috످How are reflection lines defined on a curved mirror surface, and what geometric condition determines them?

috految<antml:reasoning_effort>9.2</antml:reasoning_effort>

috److془Standard: reflection lines. Klass 1980. Derive.془Reflection lines are the curves on a mirror surface along which a fixed observer sees the reflections of straight light sources, such as the stripes that fluorescent tubes produce on a polished car body.

They are determined by the law of reflection: a surface point lies on a reflection line exactly when the viewing ray, reflected at that point, intersects the light line.

For the geometric condition, consider a smooth surface $P(u,v)$ with unit normal $\mathbf n(u,v)$, a fixed eye point $E$, and a light line $L(t)=A+t\mathbf d$, through point $A$ with direction $\mathbf d$.

The unit vectors from $P$ toward the eye and a point on the light line are

$$\mathbf e=\frac{E-P}{\|E-P\|},\qquad \mathbf l=\frac{L(t)-P}{\|L(t)-P\|}$$

The law of reflection requires that the angle of incidence equal the angle of reflection, with both rays and the normal in one plane. Equivalently, the surface normal must bisect the angle between the directions to the eye and the light:

$$\boxed{\mathbf n=\frac{\mathbf e+\mathbf l}{\|\mathbf e+\mathbf l\|}}$$

The reflected viewing ray has direction

$$\mathbf r=2(\mathbf n\cdot\mathbf e)\mathbf n-\mathbf e$$

For this ray to hit the light line, the two must be coplanar, giving the equation of the reflection line:

$$\boxed{\big[(A-P)\times\mathbf d\big]\cdot\mathbf r=0}$$

This is one equation in two unknowns $(u,v)$, so its solutions generally form a curve on the surface. The reflection line is the part of this curve where the ray reaches the light in the forward direction without obstruction. Several parallel lights produce a family of these curves, known as zebra stripes.

Because reflection lines depend on surface normals (first derivatives), they are generally one order less smooth than the surface itself. Designers use this to detect flaws where surface patches meet. With $G^0$ surface continuity (position only), reflection lines at the seam are broken or offset. With $G^1$ (tangent plane), they are connected but may kink. With $G^2$ (curvature), they are smooth.

috످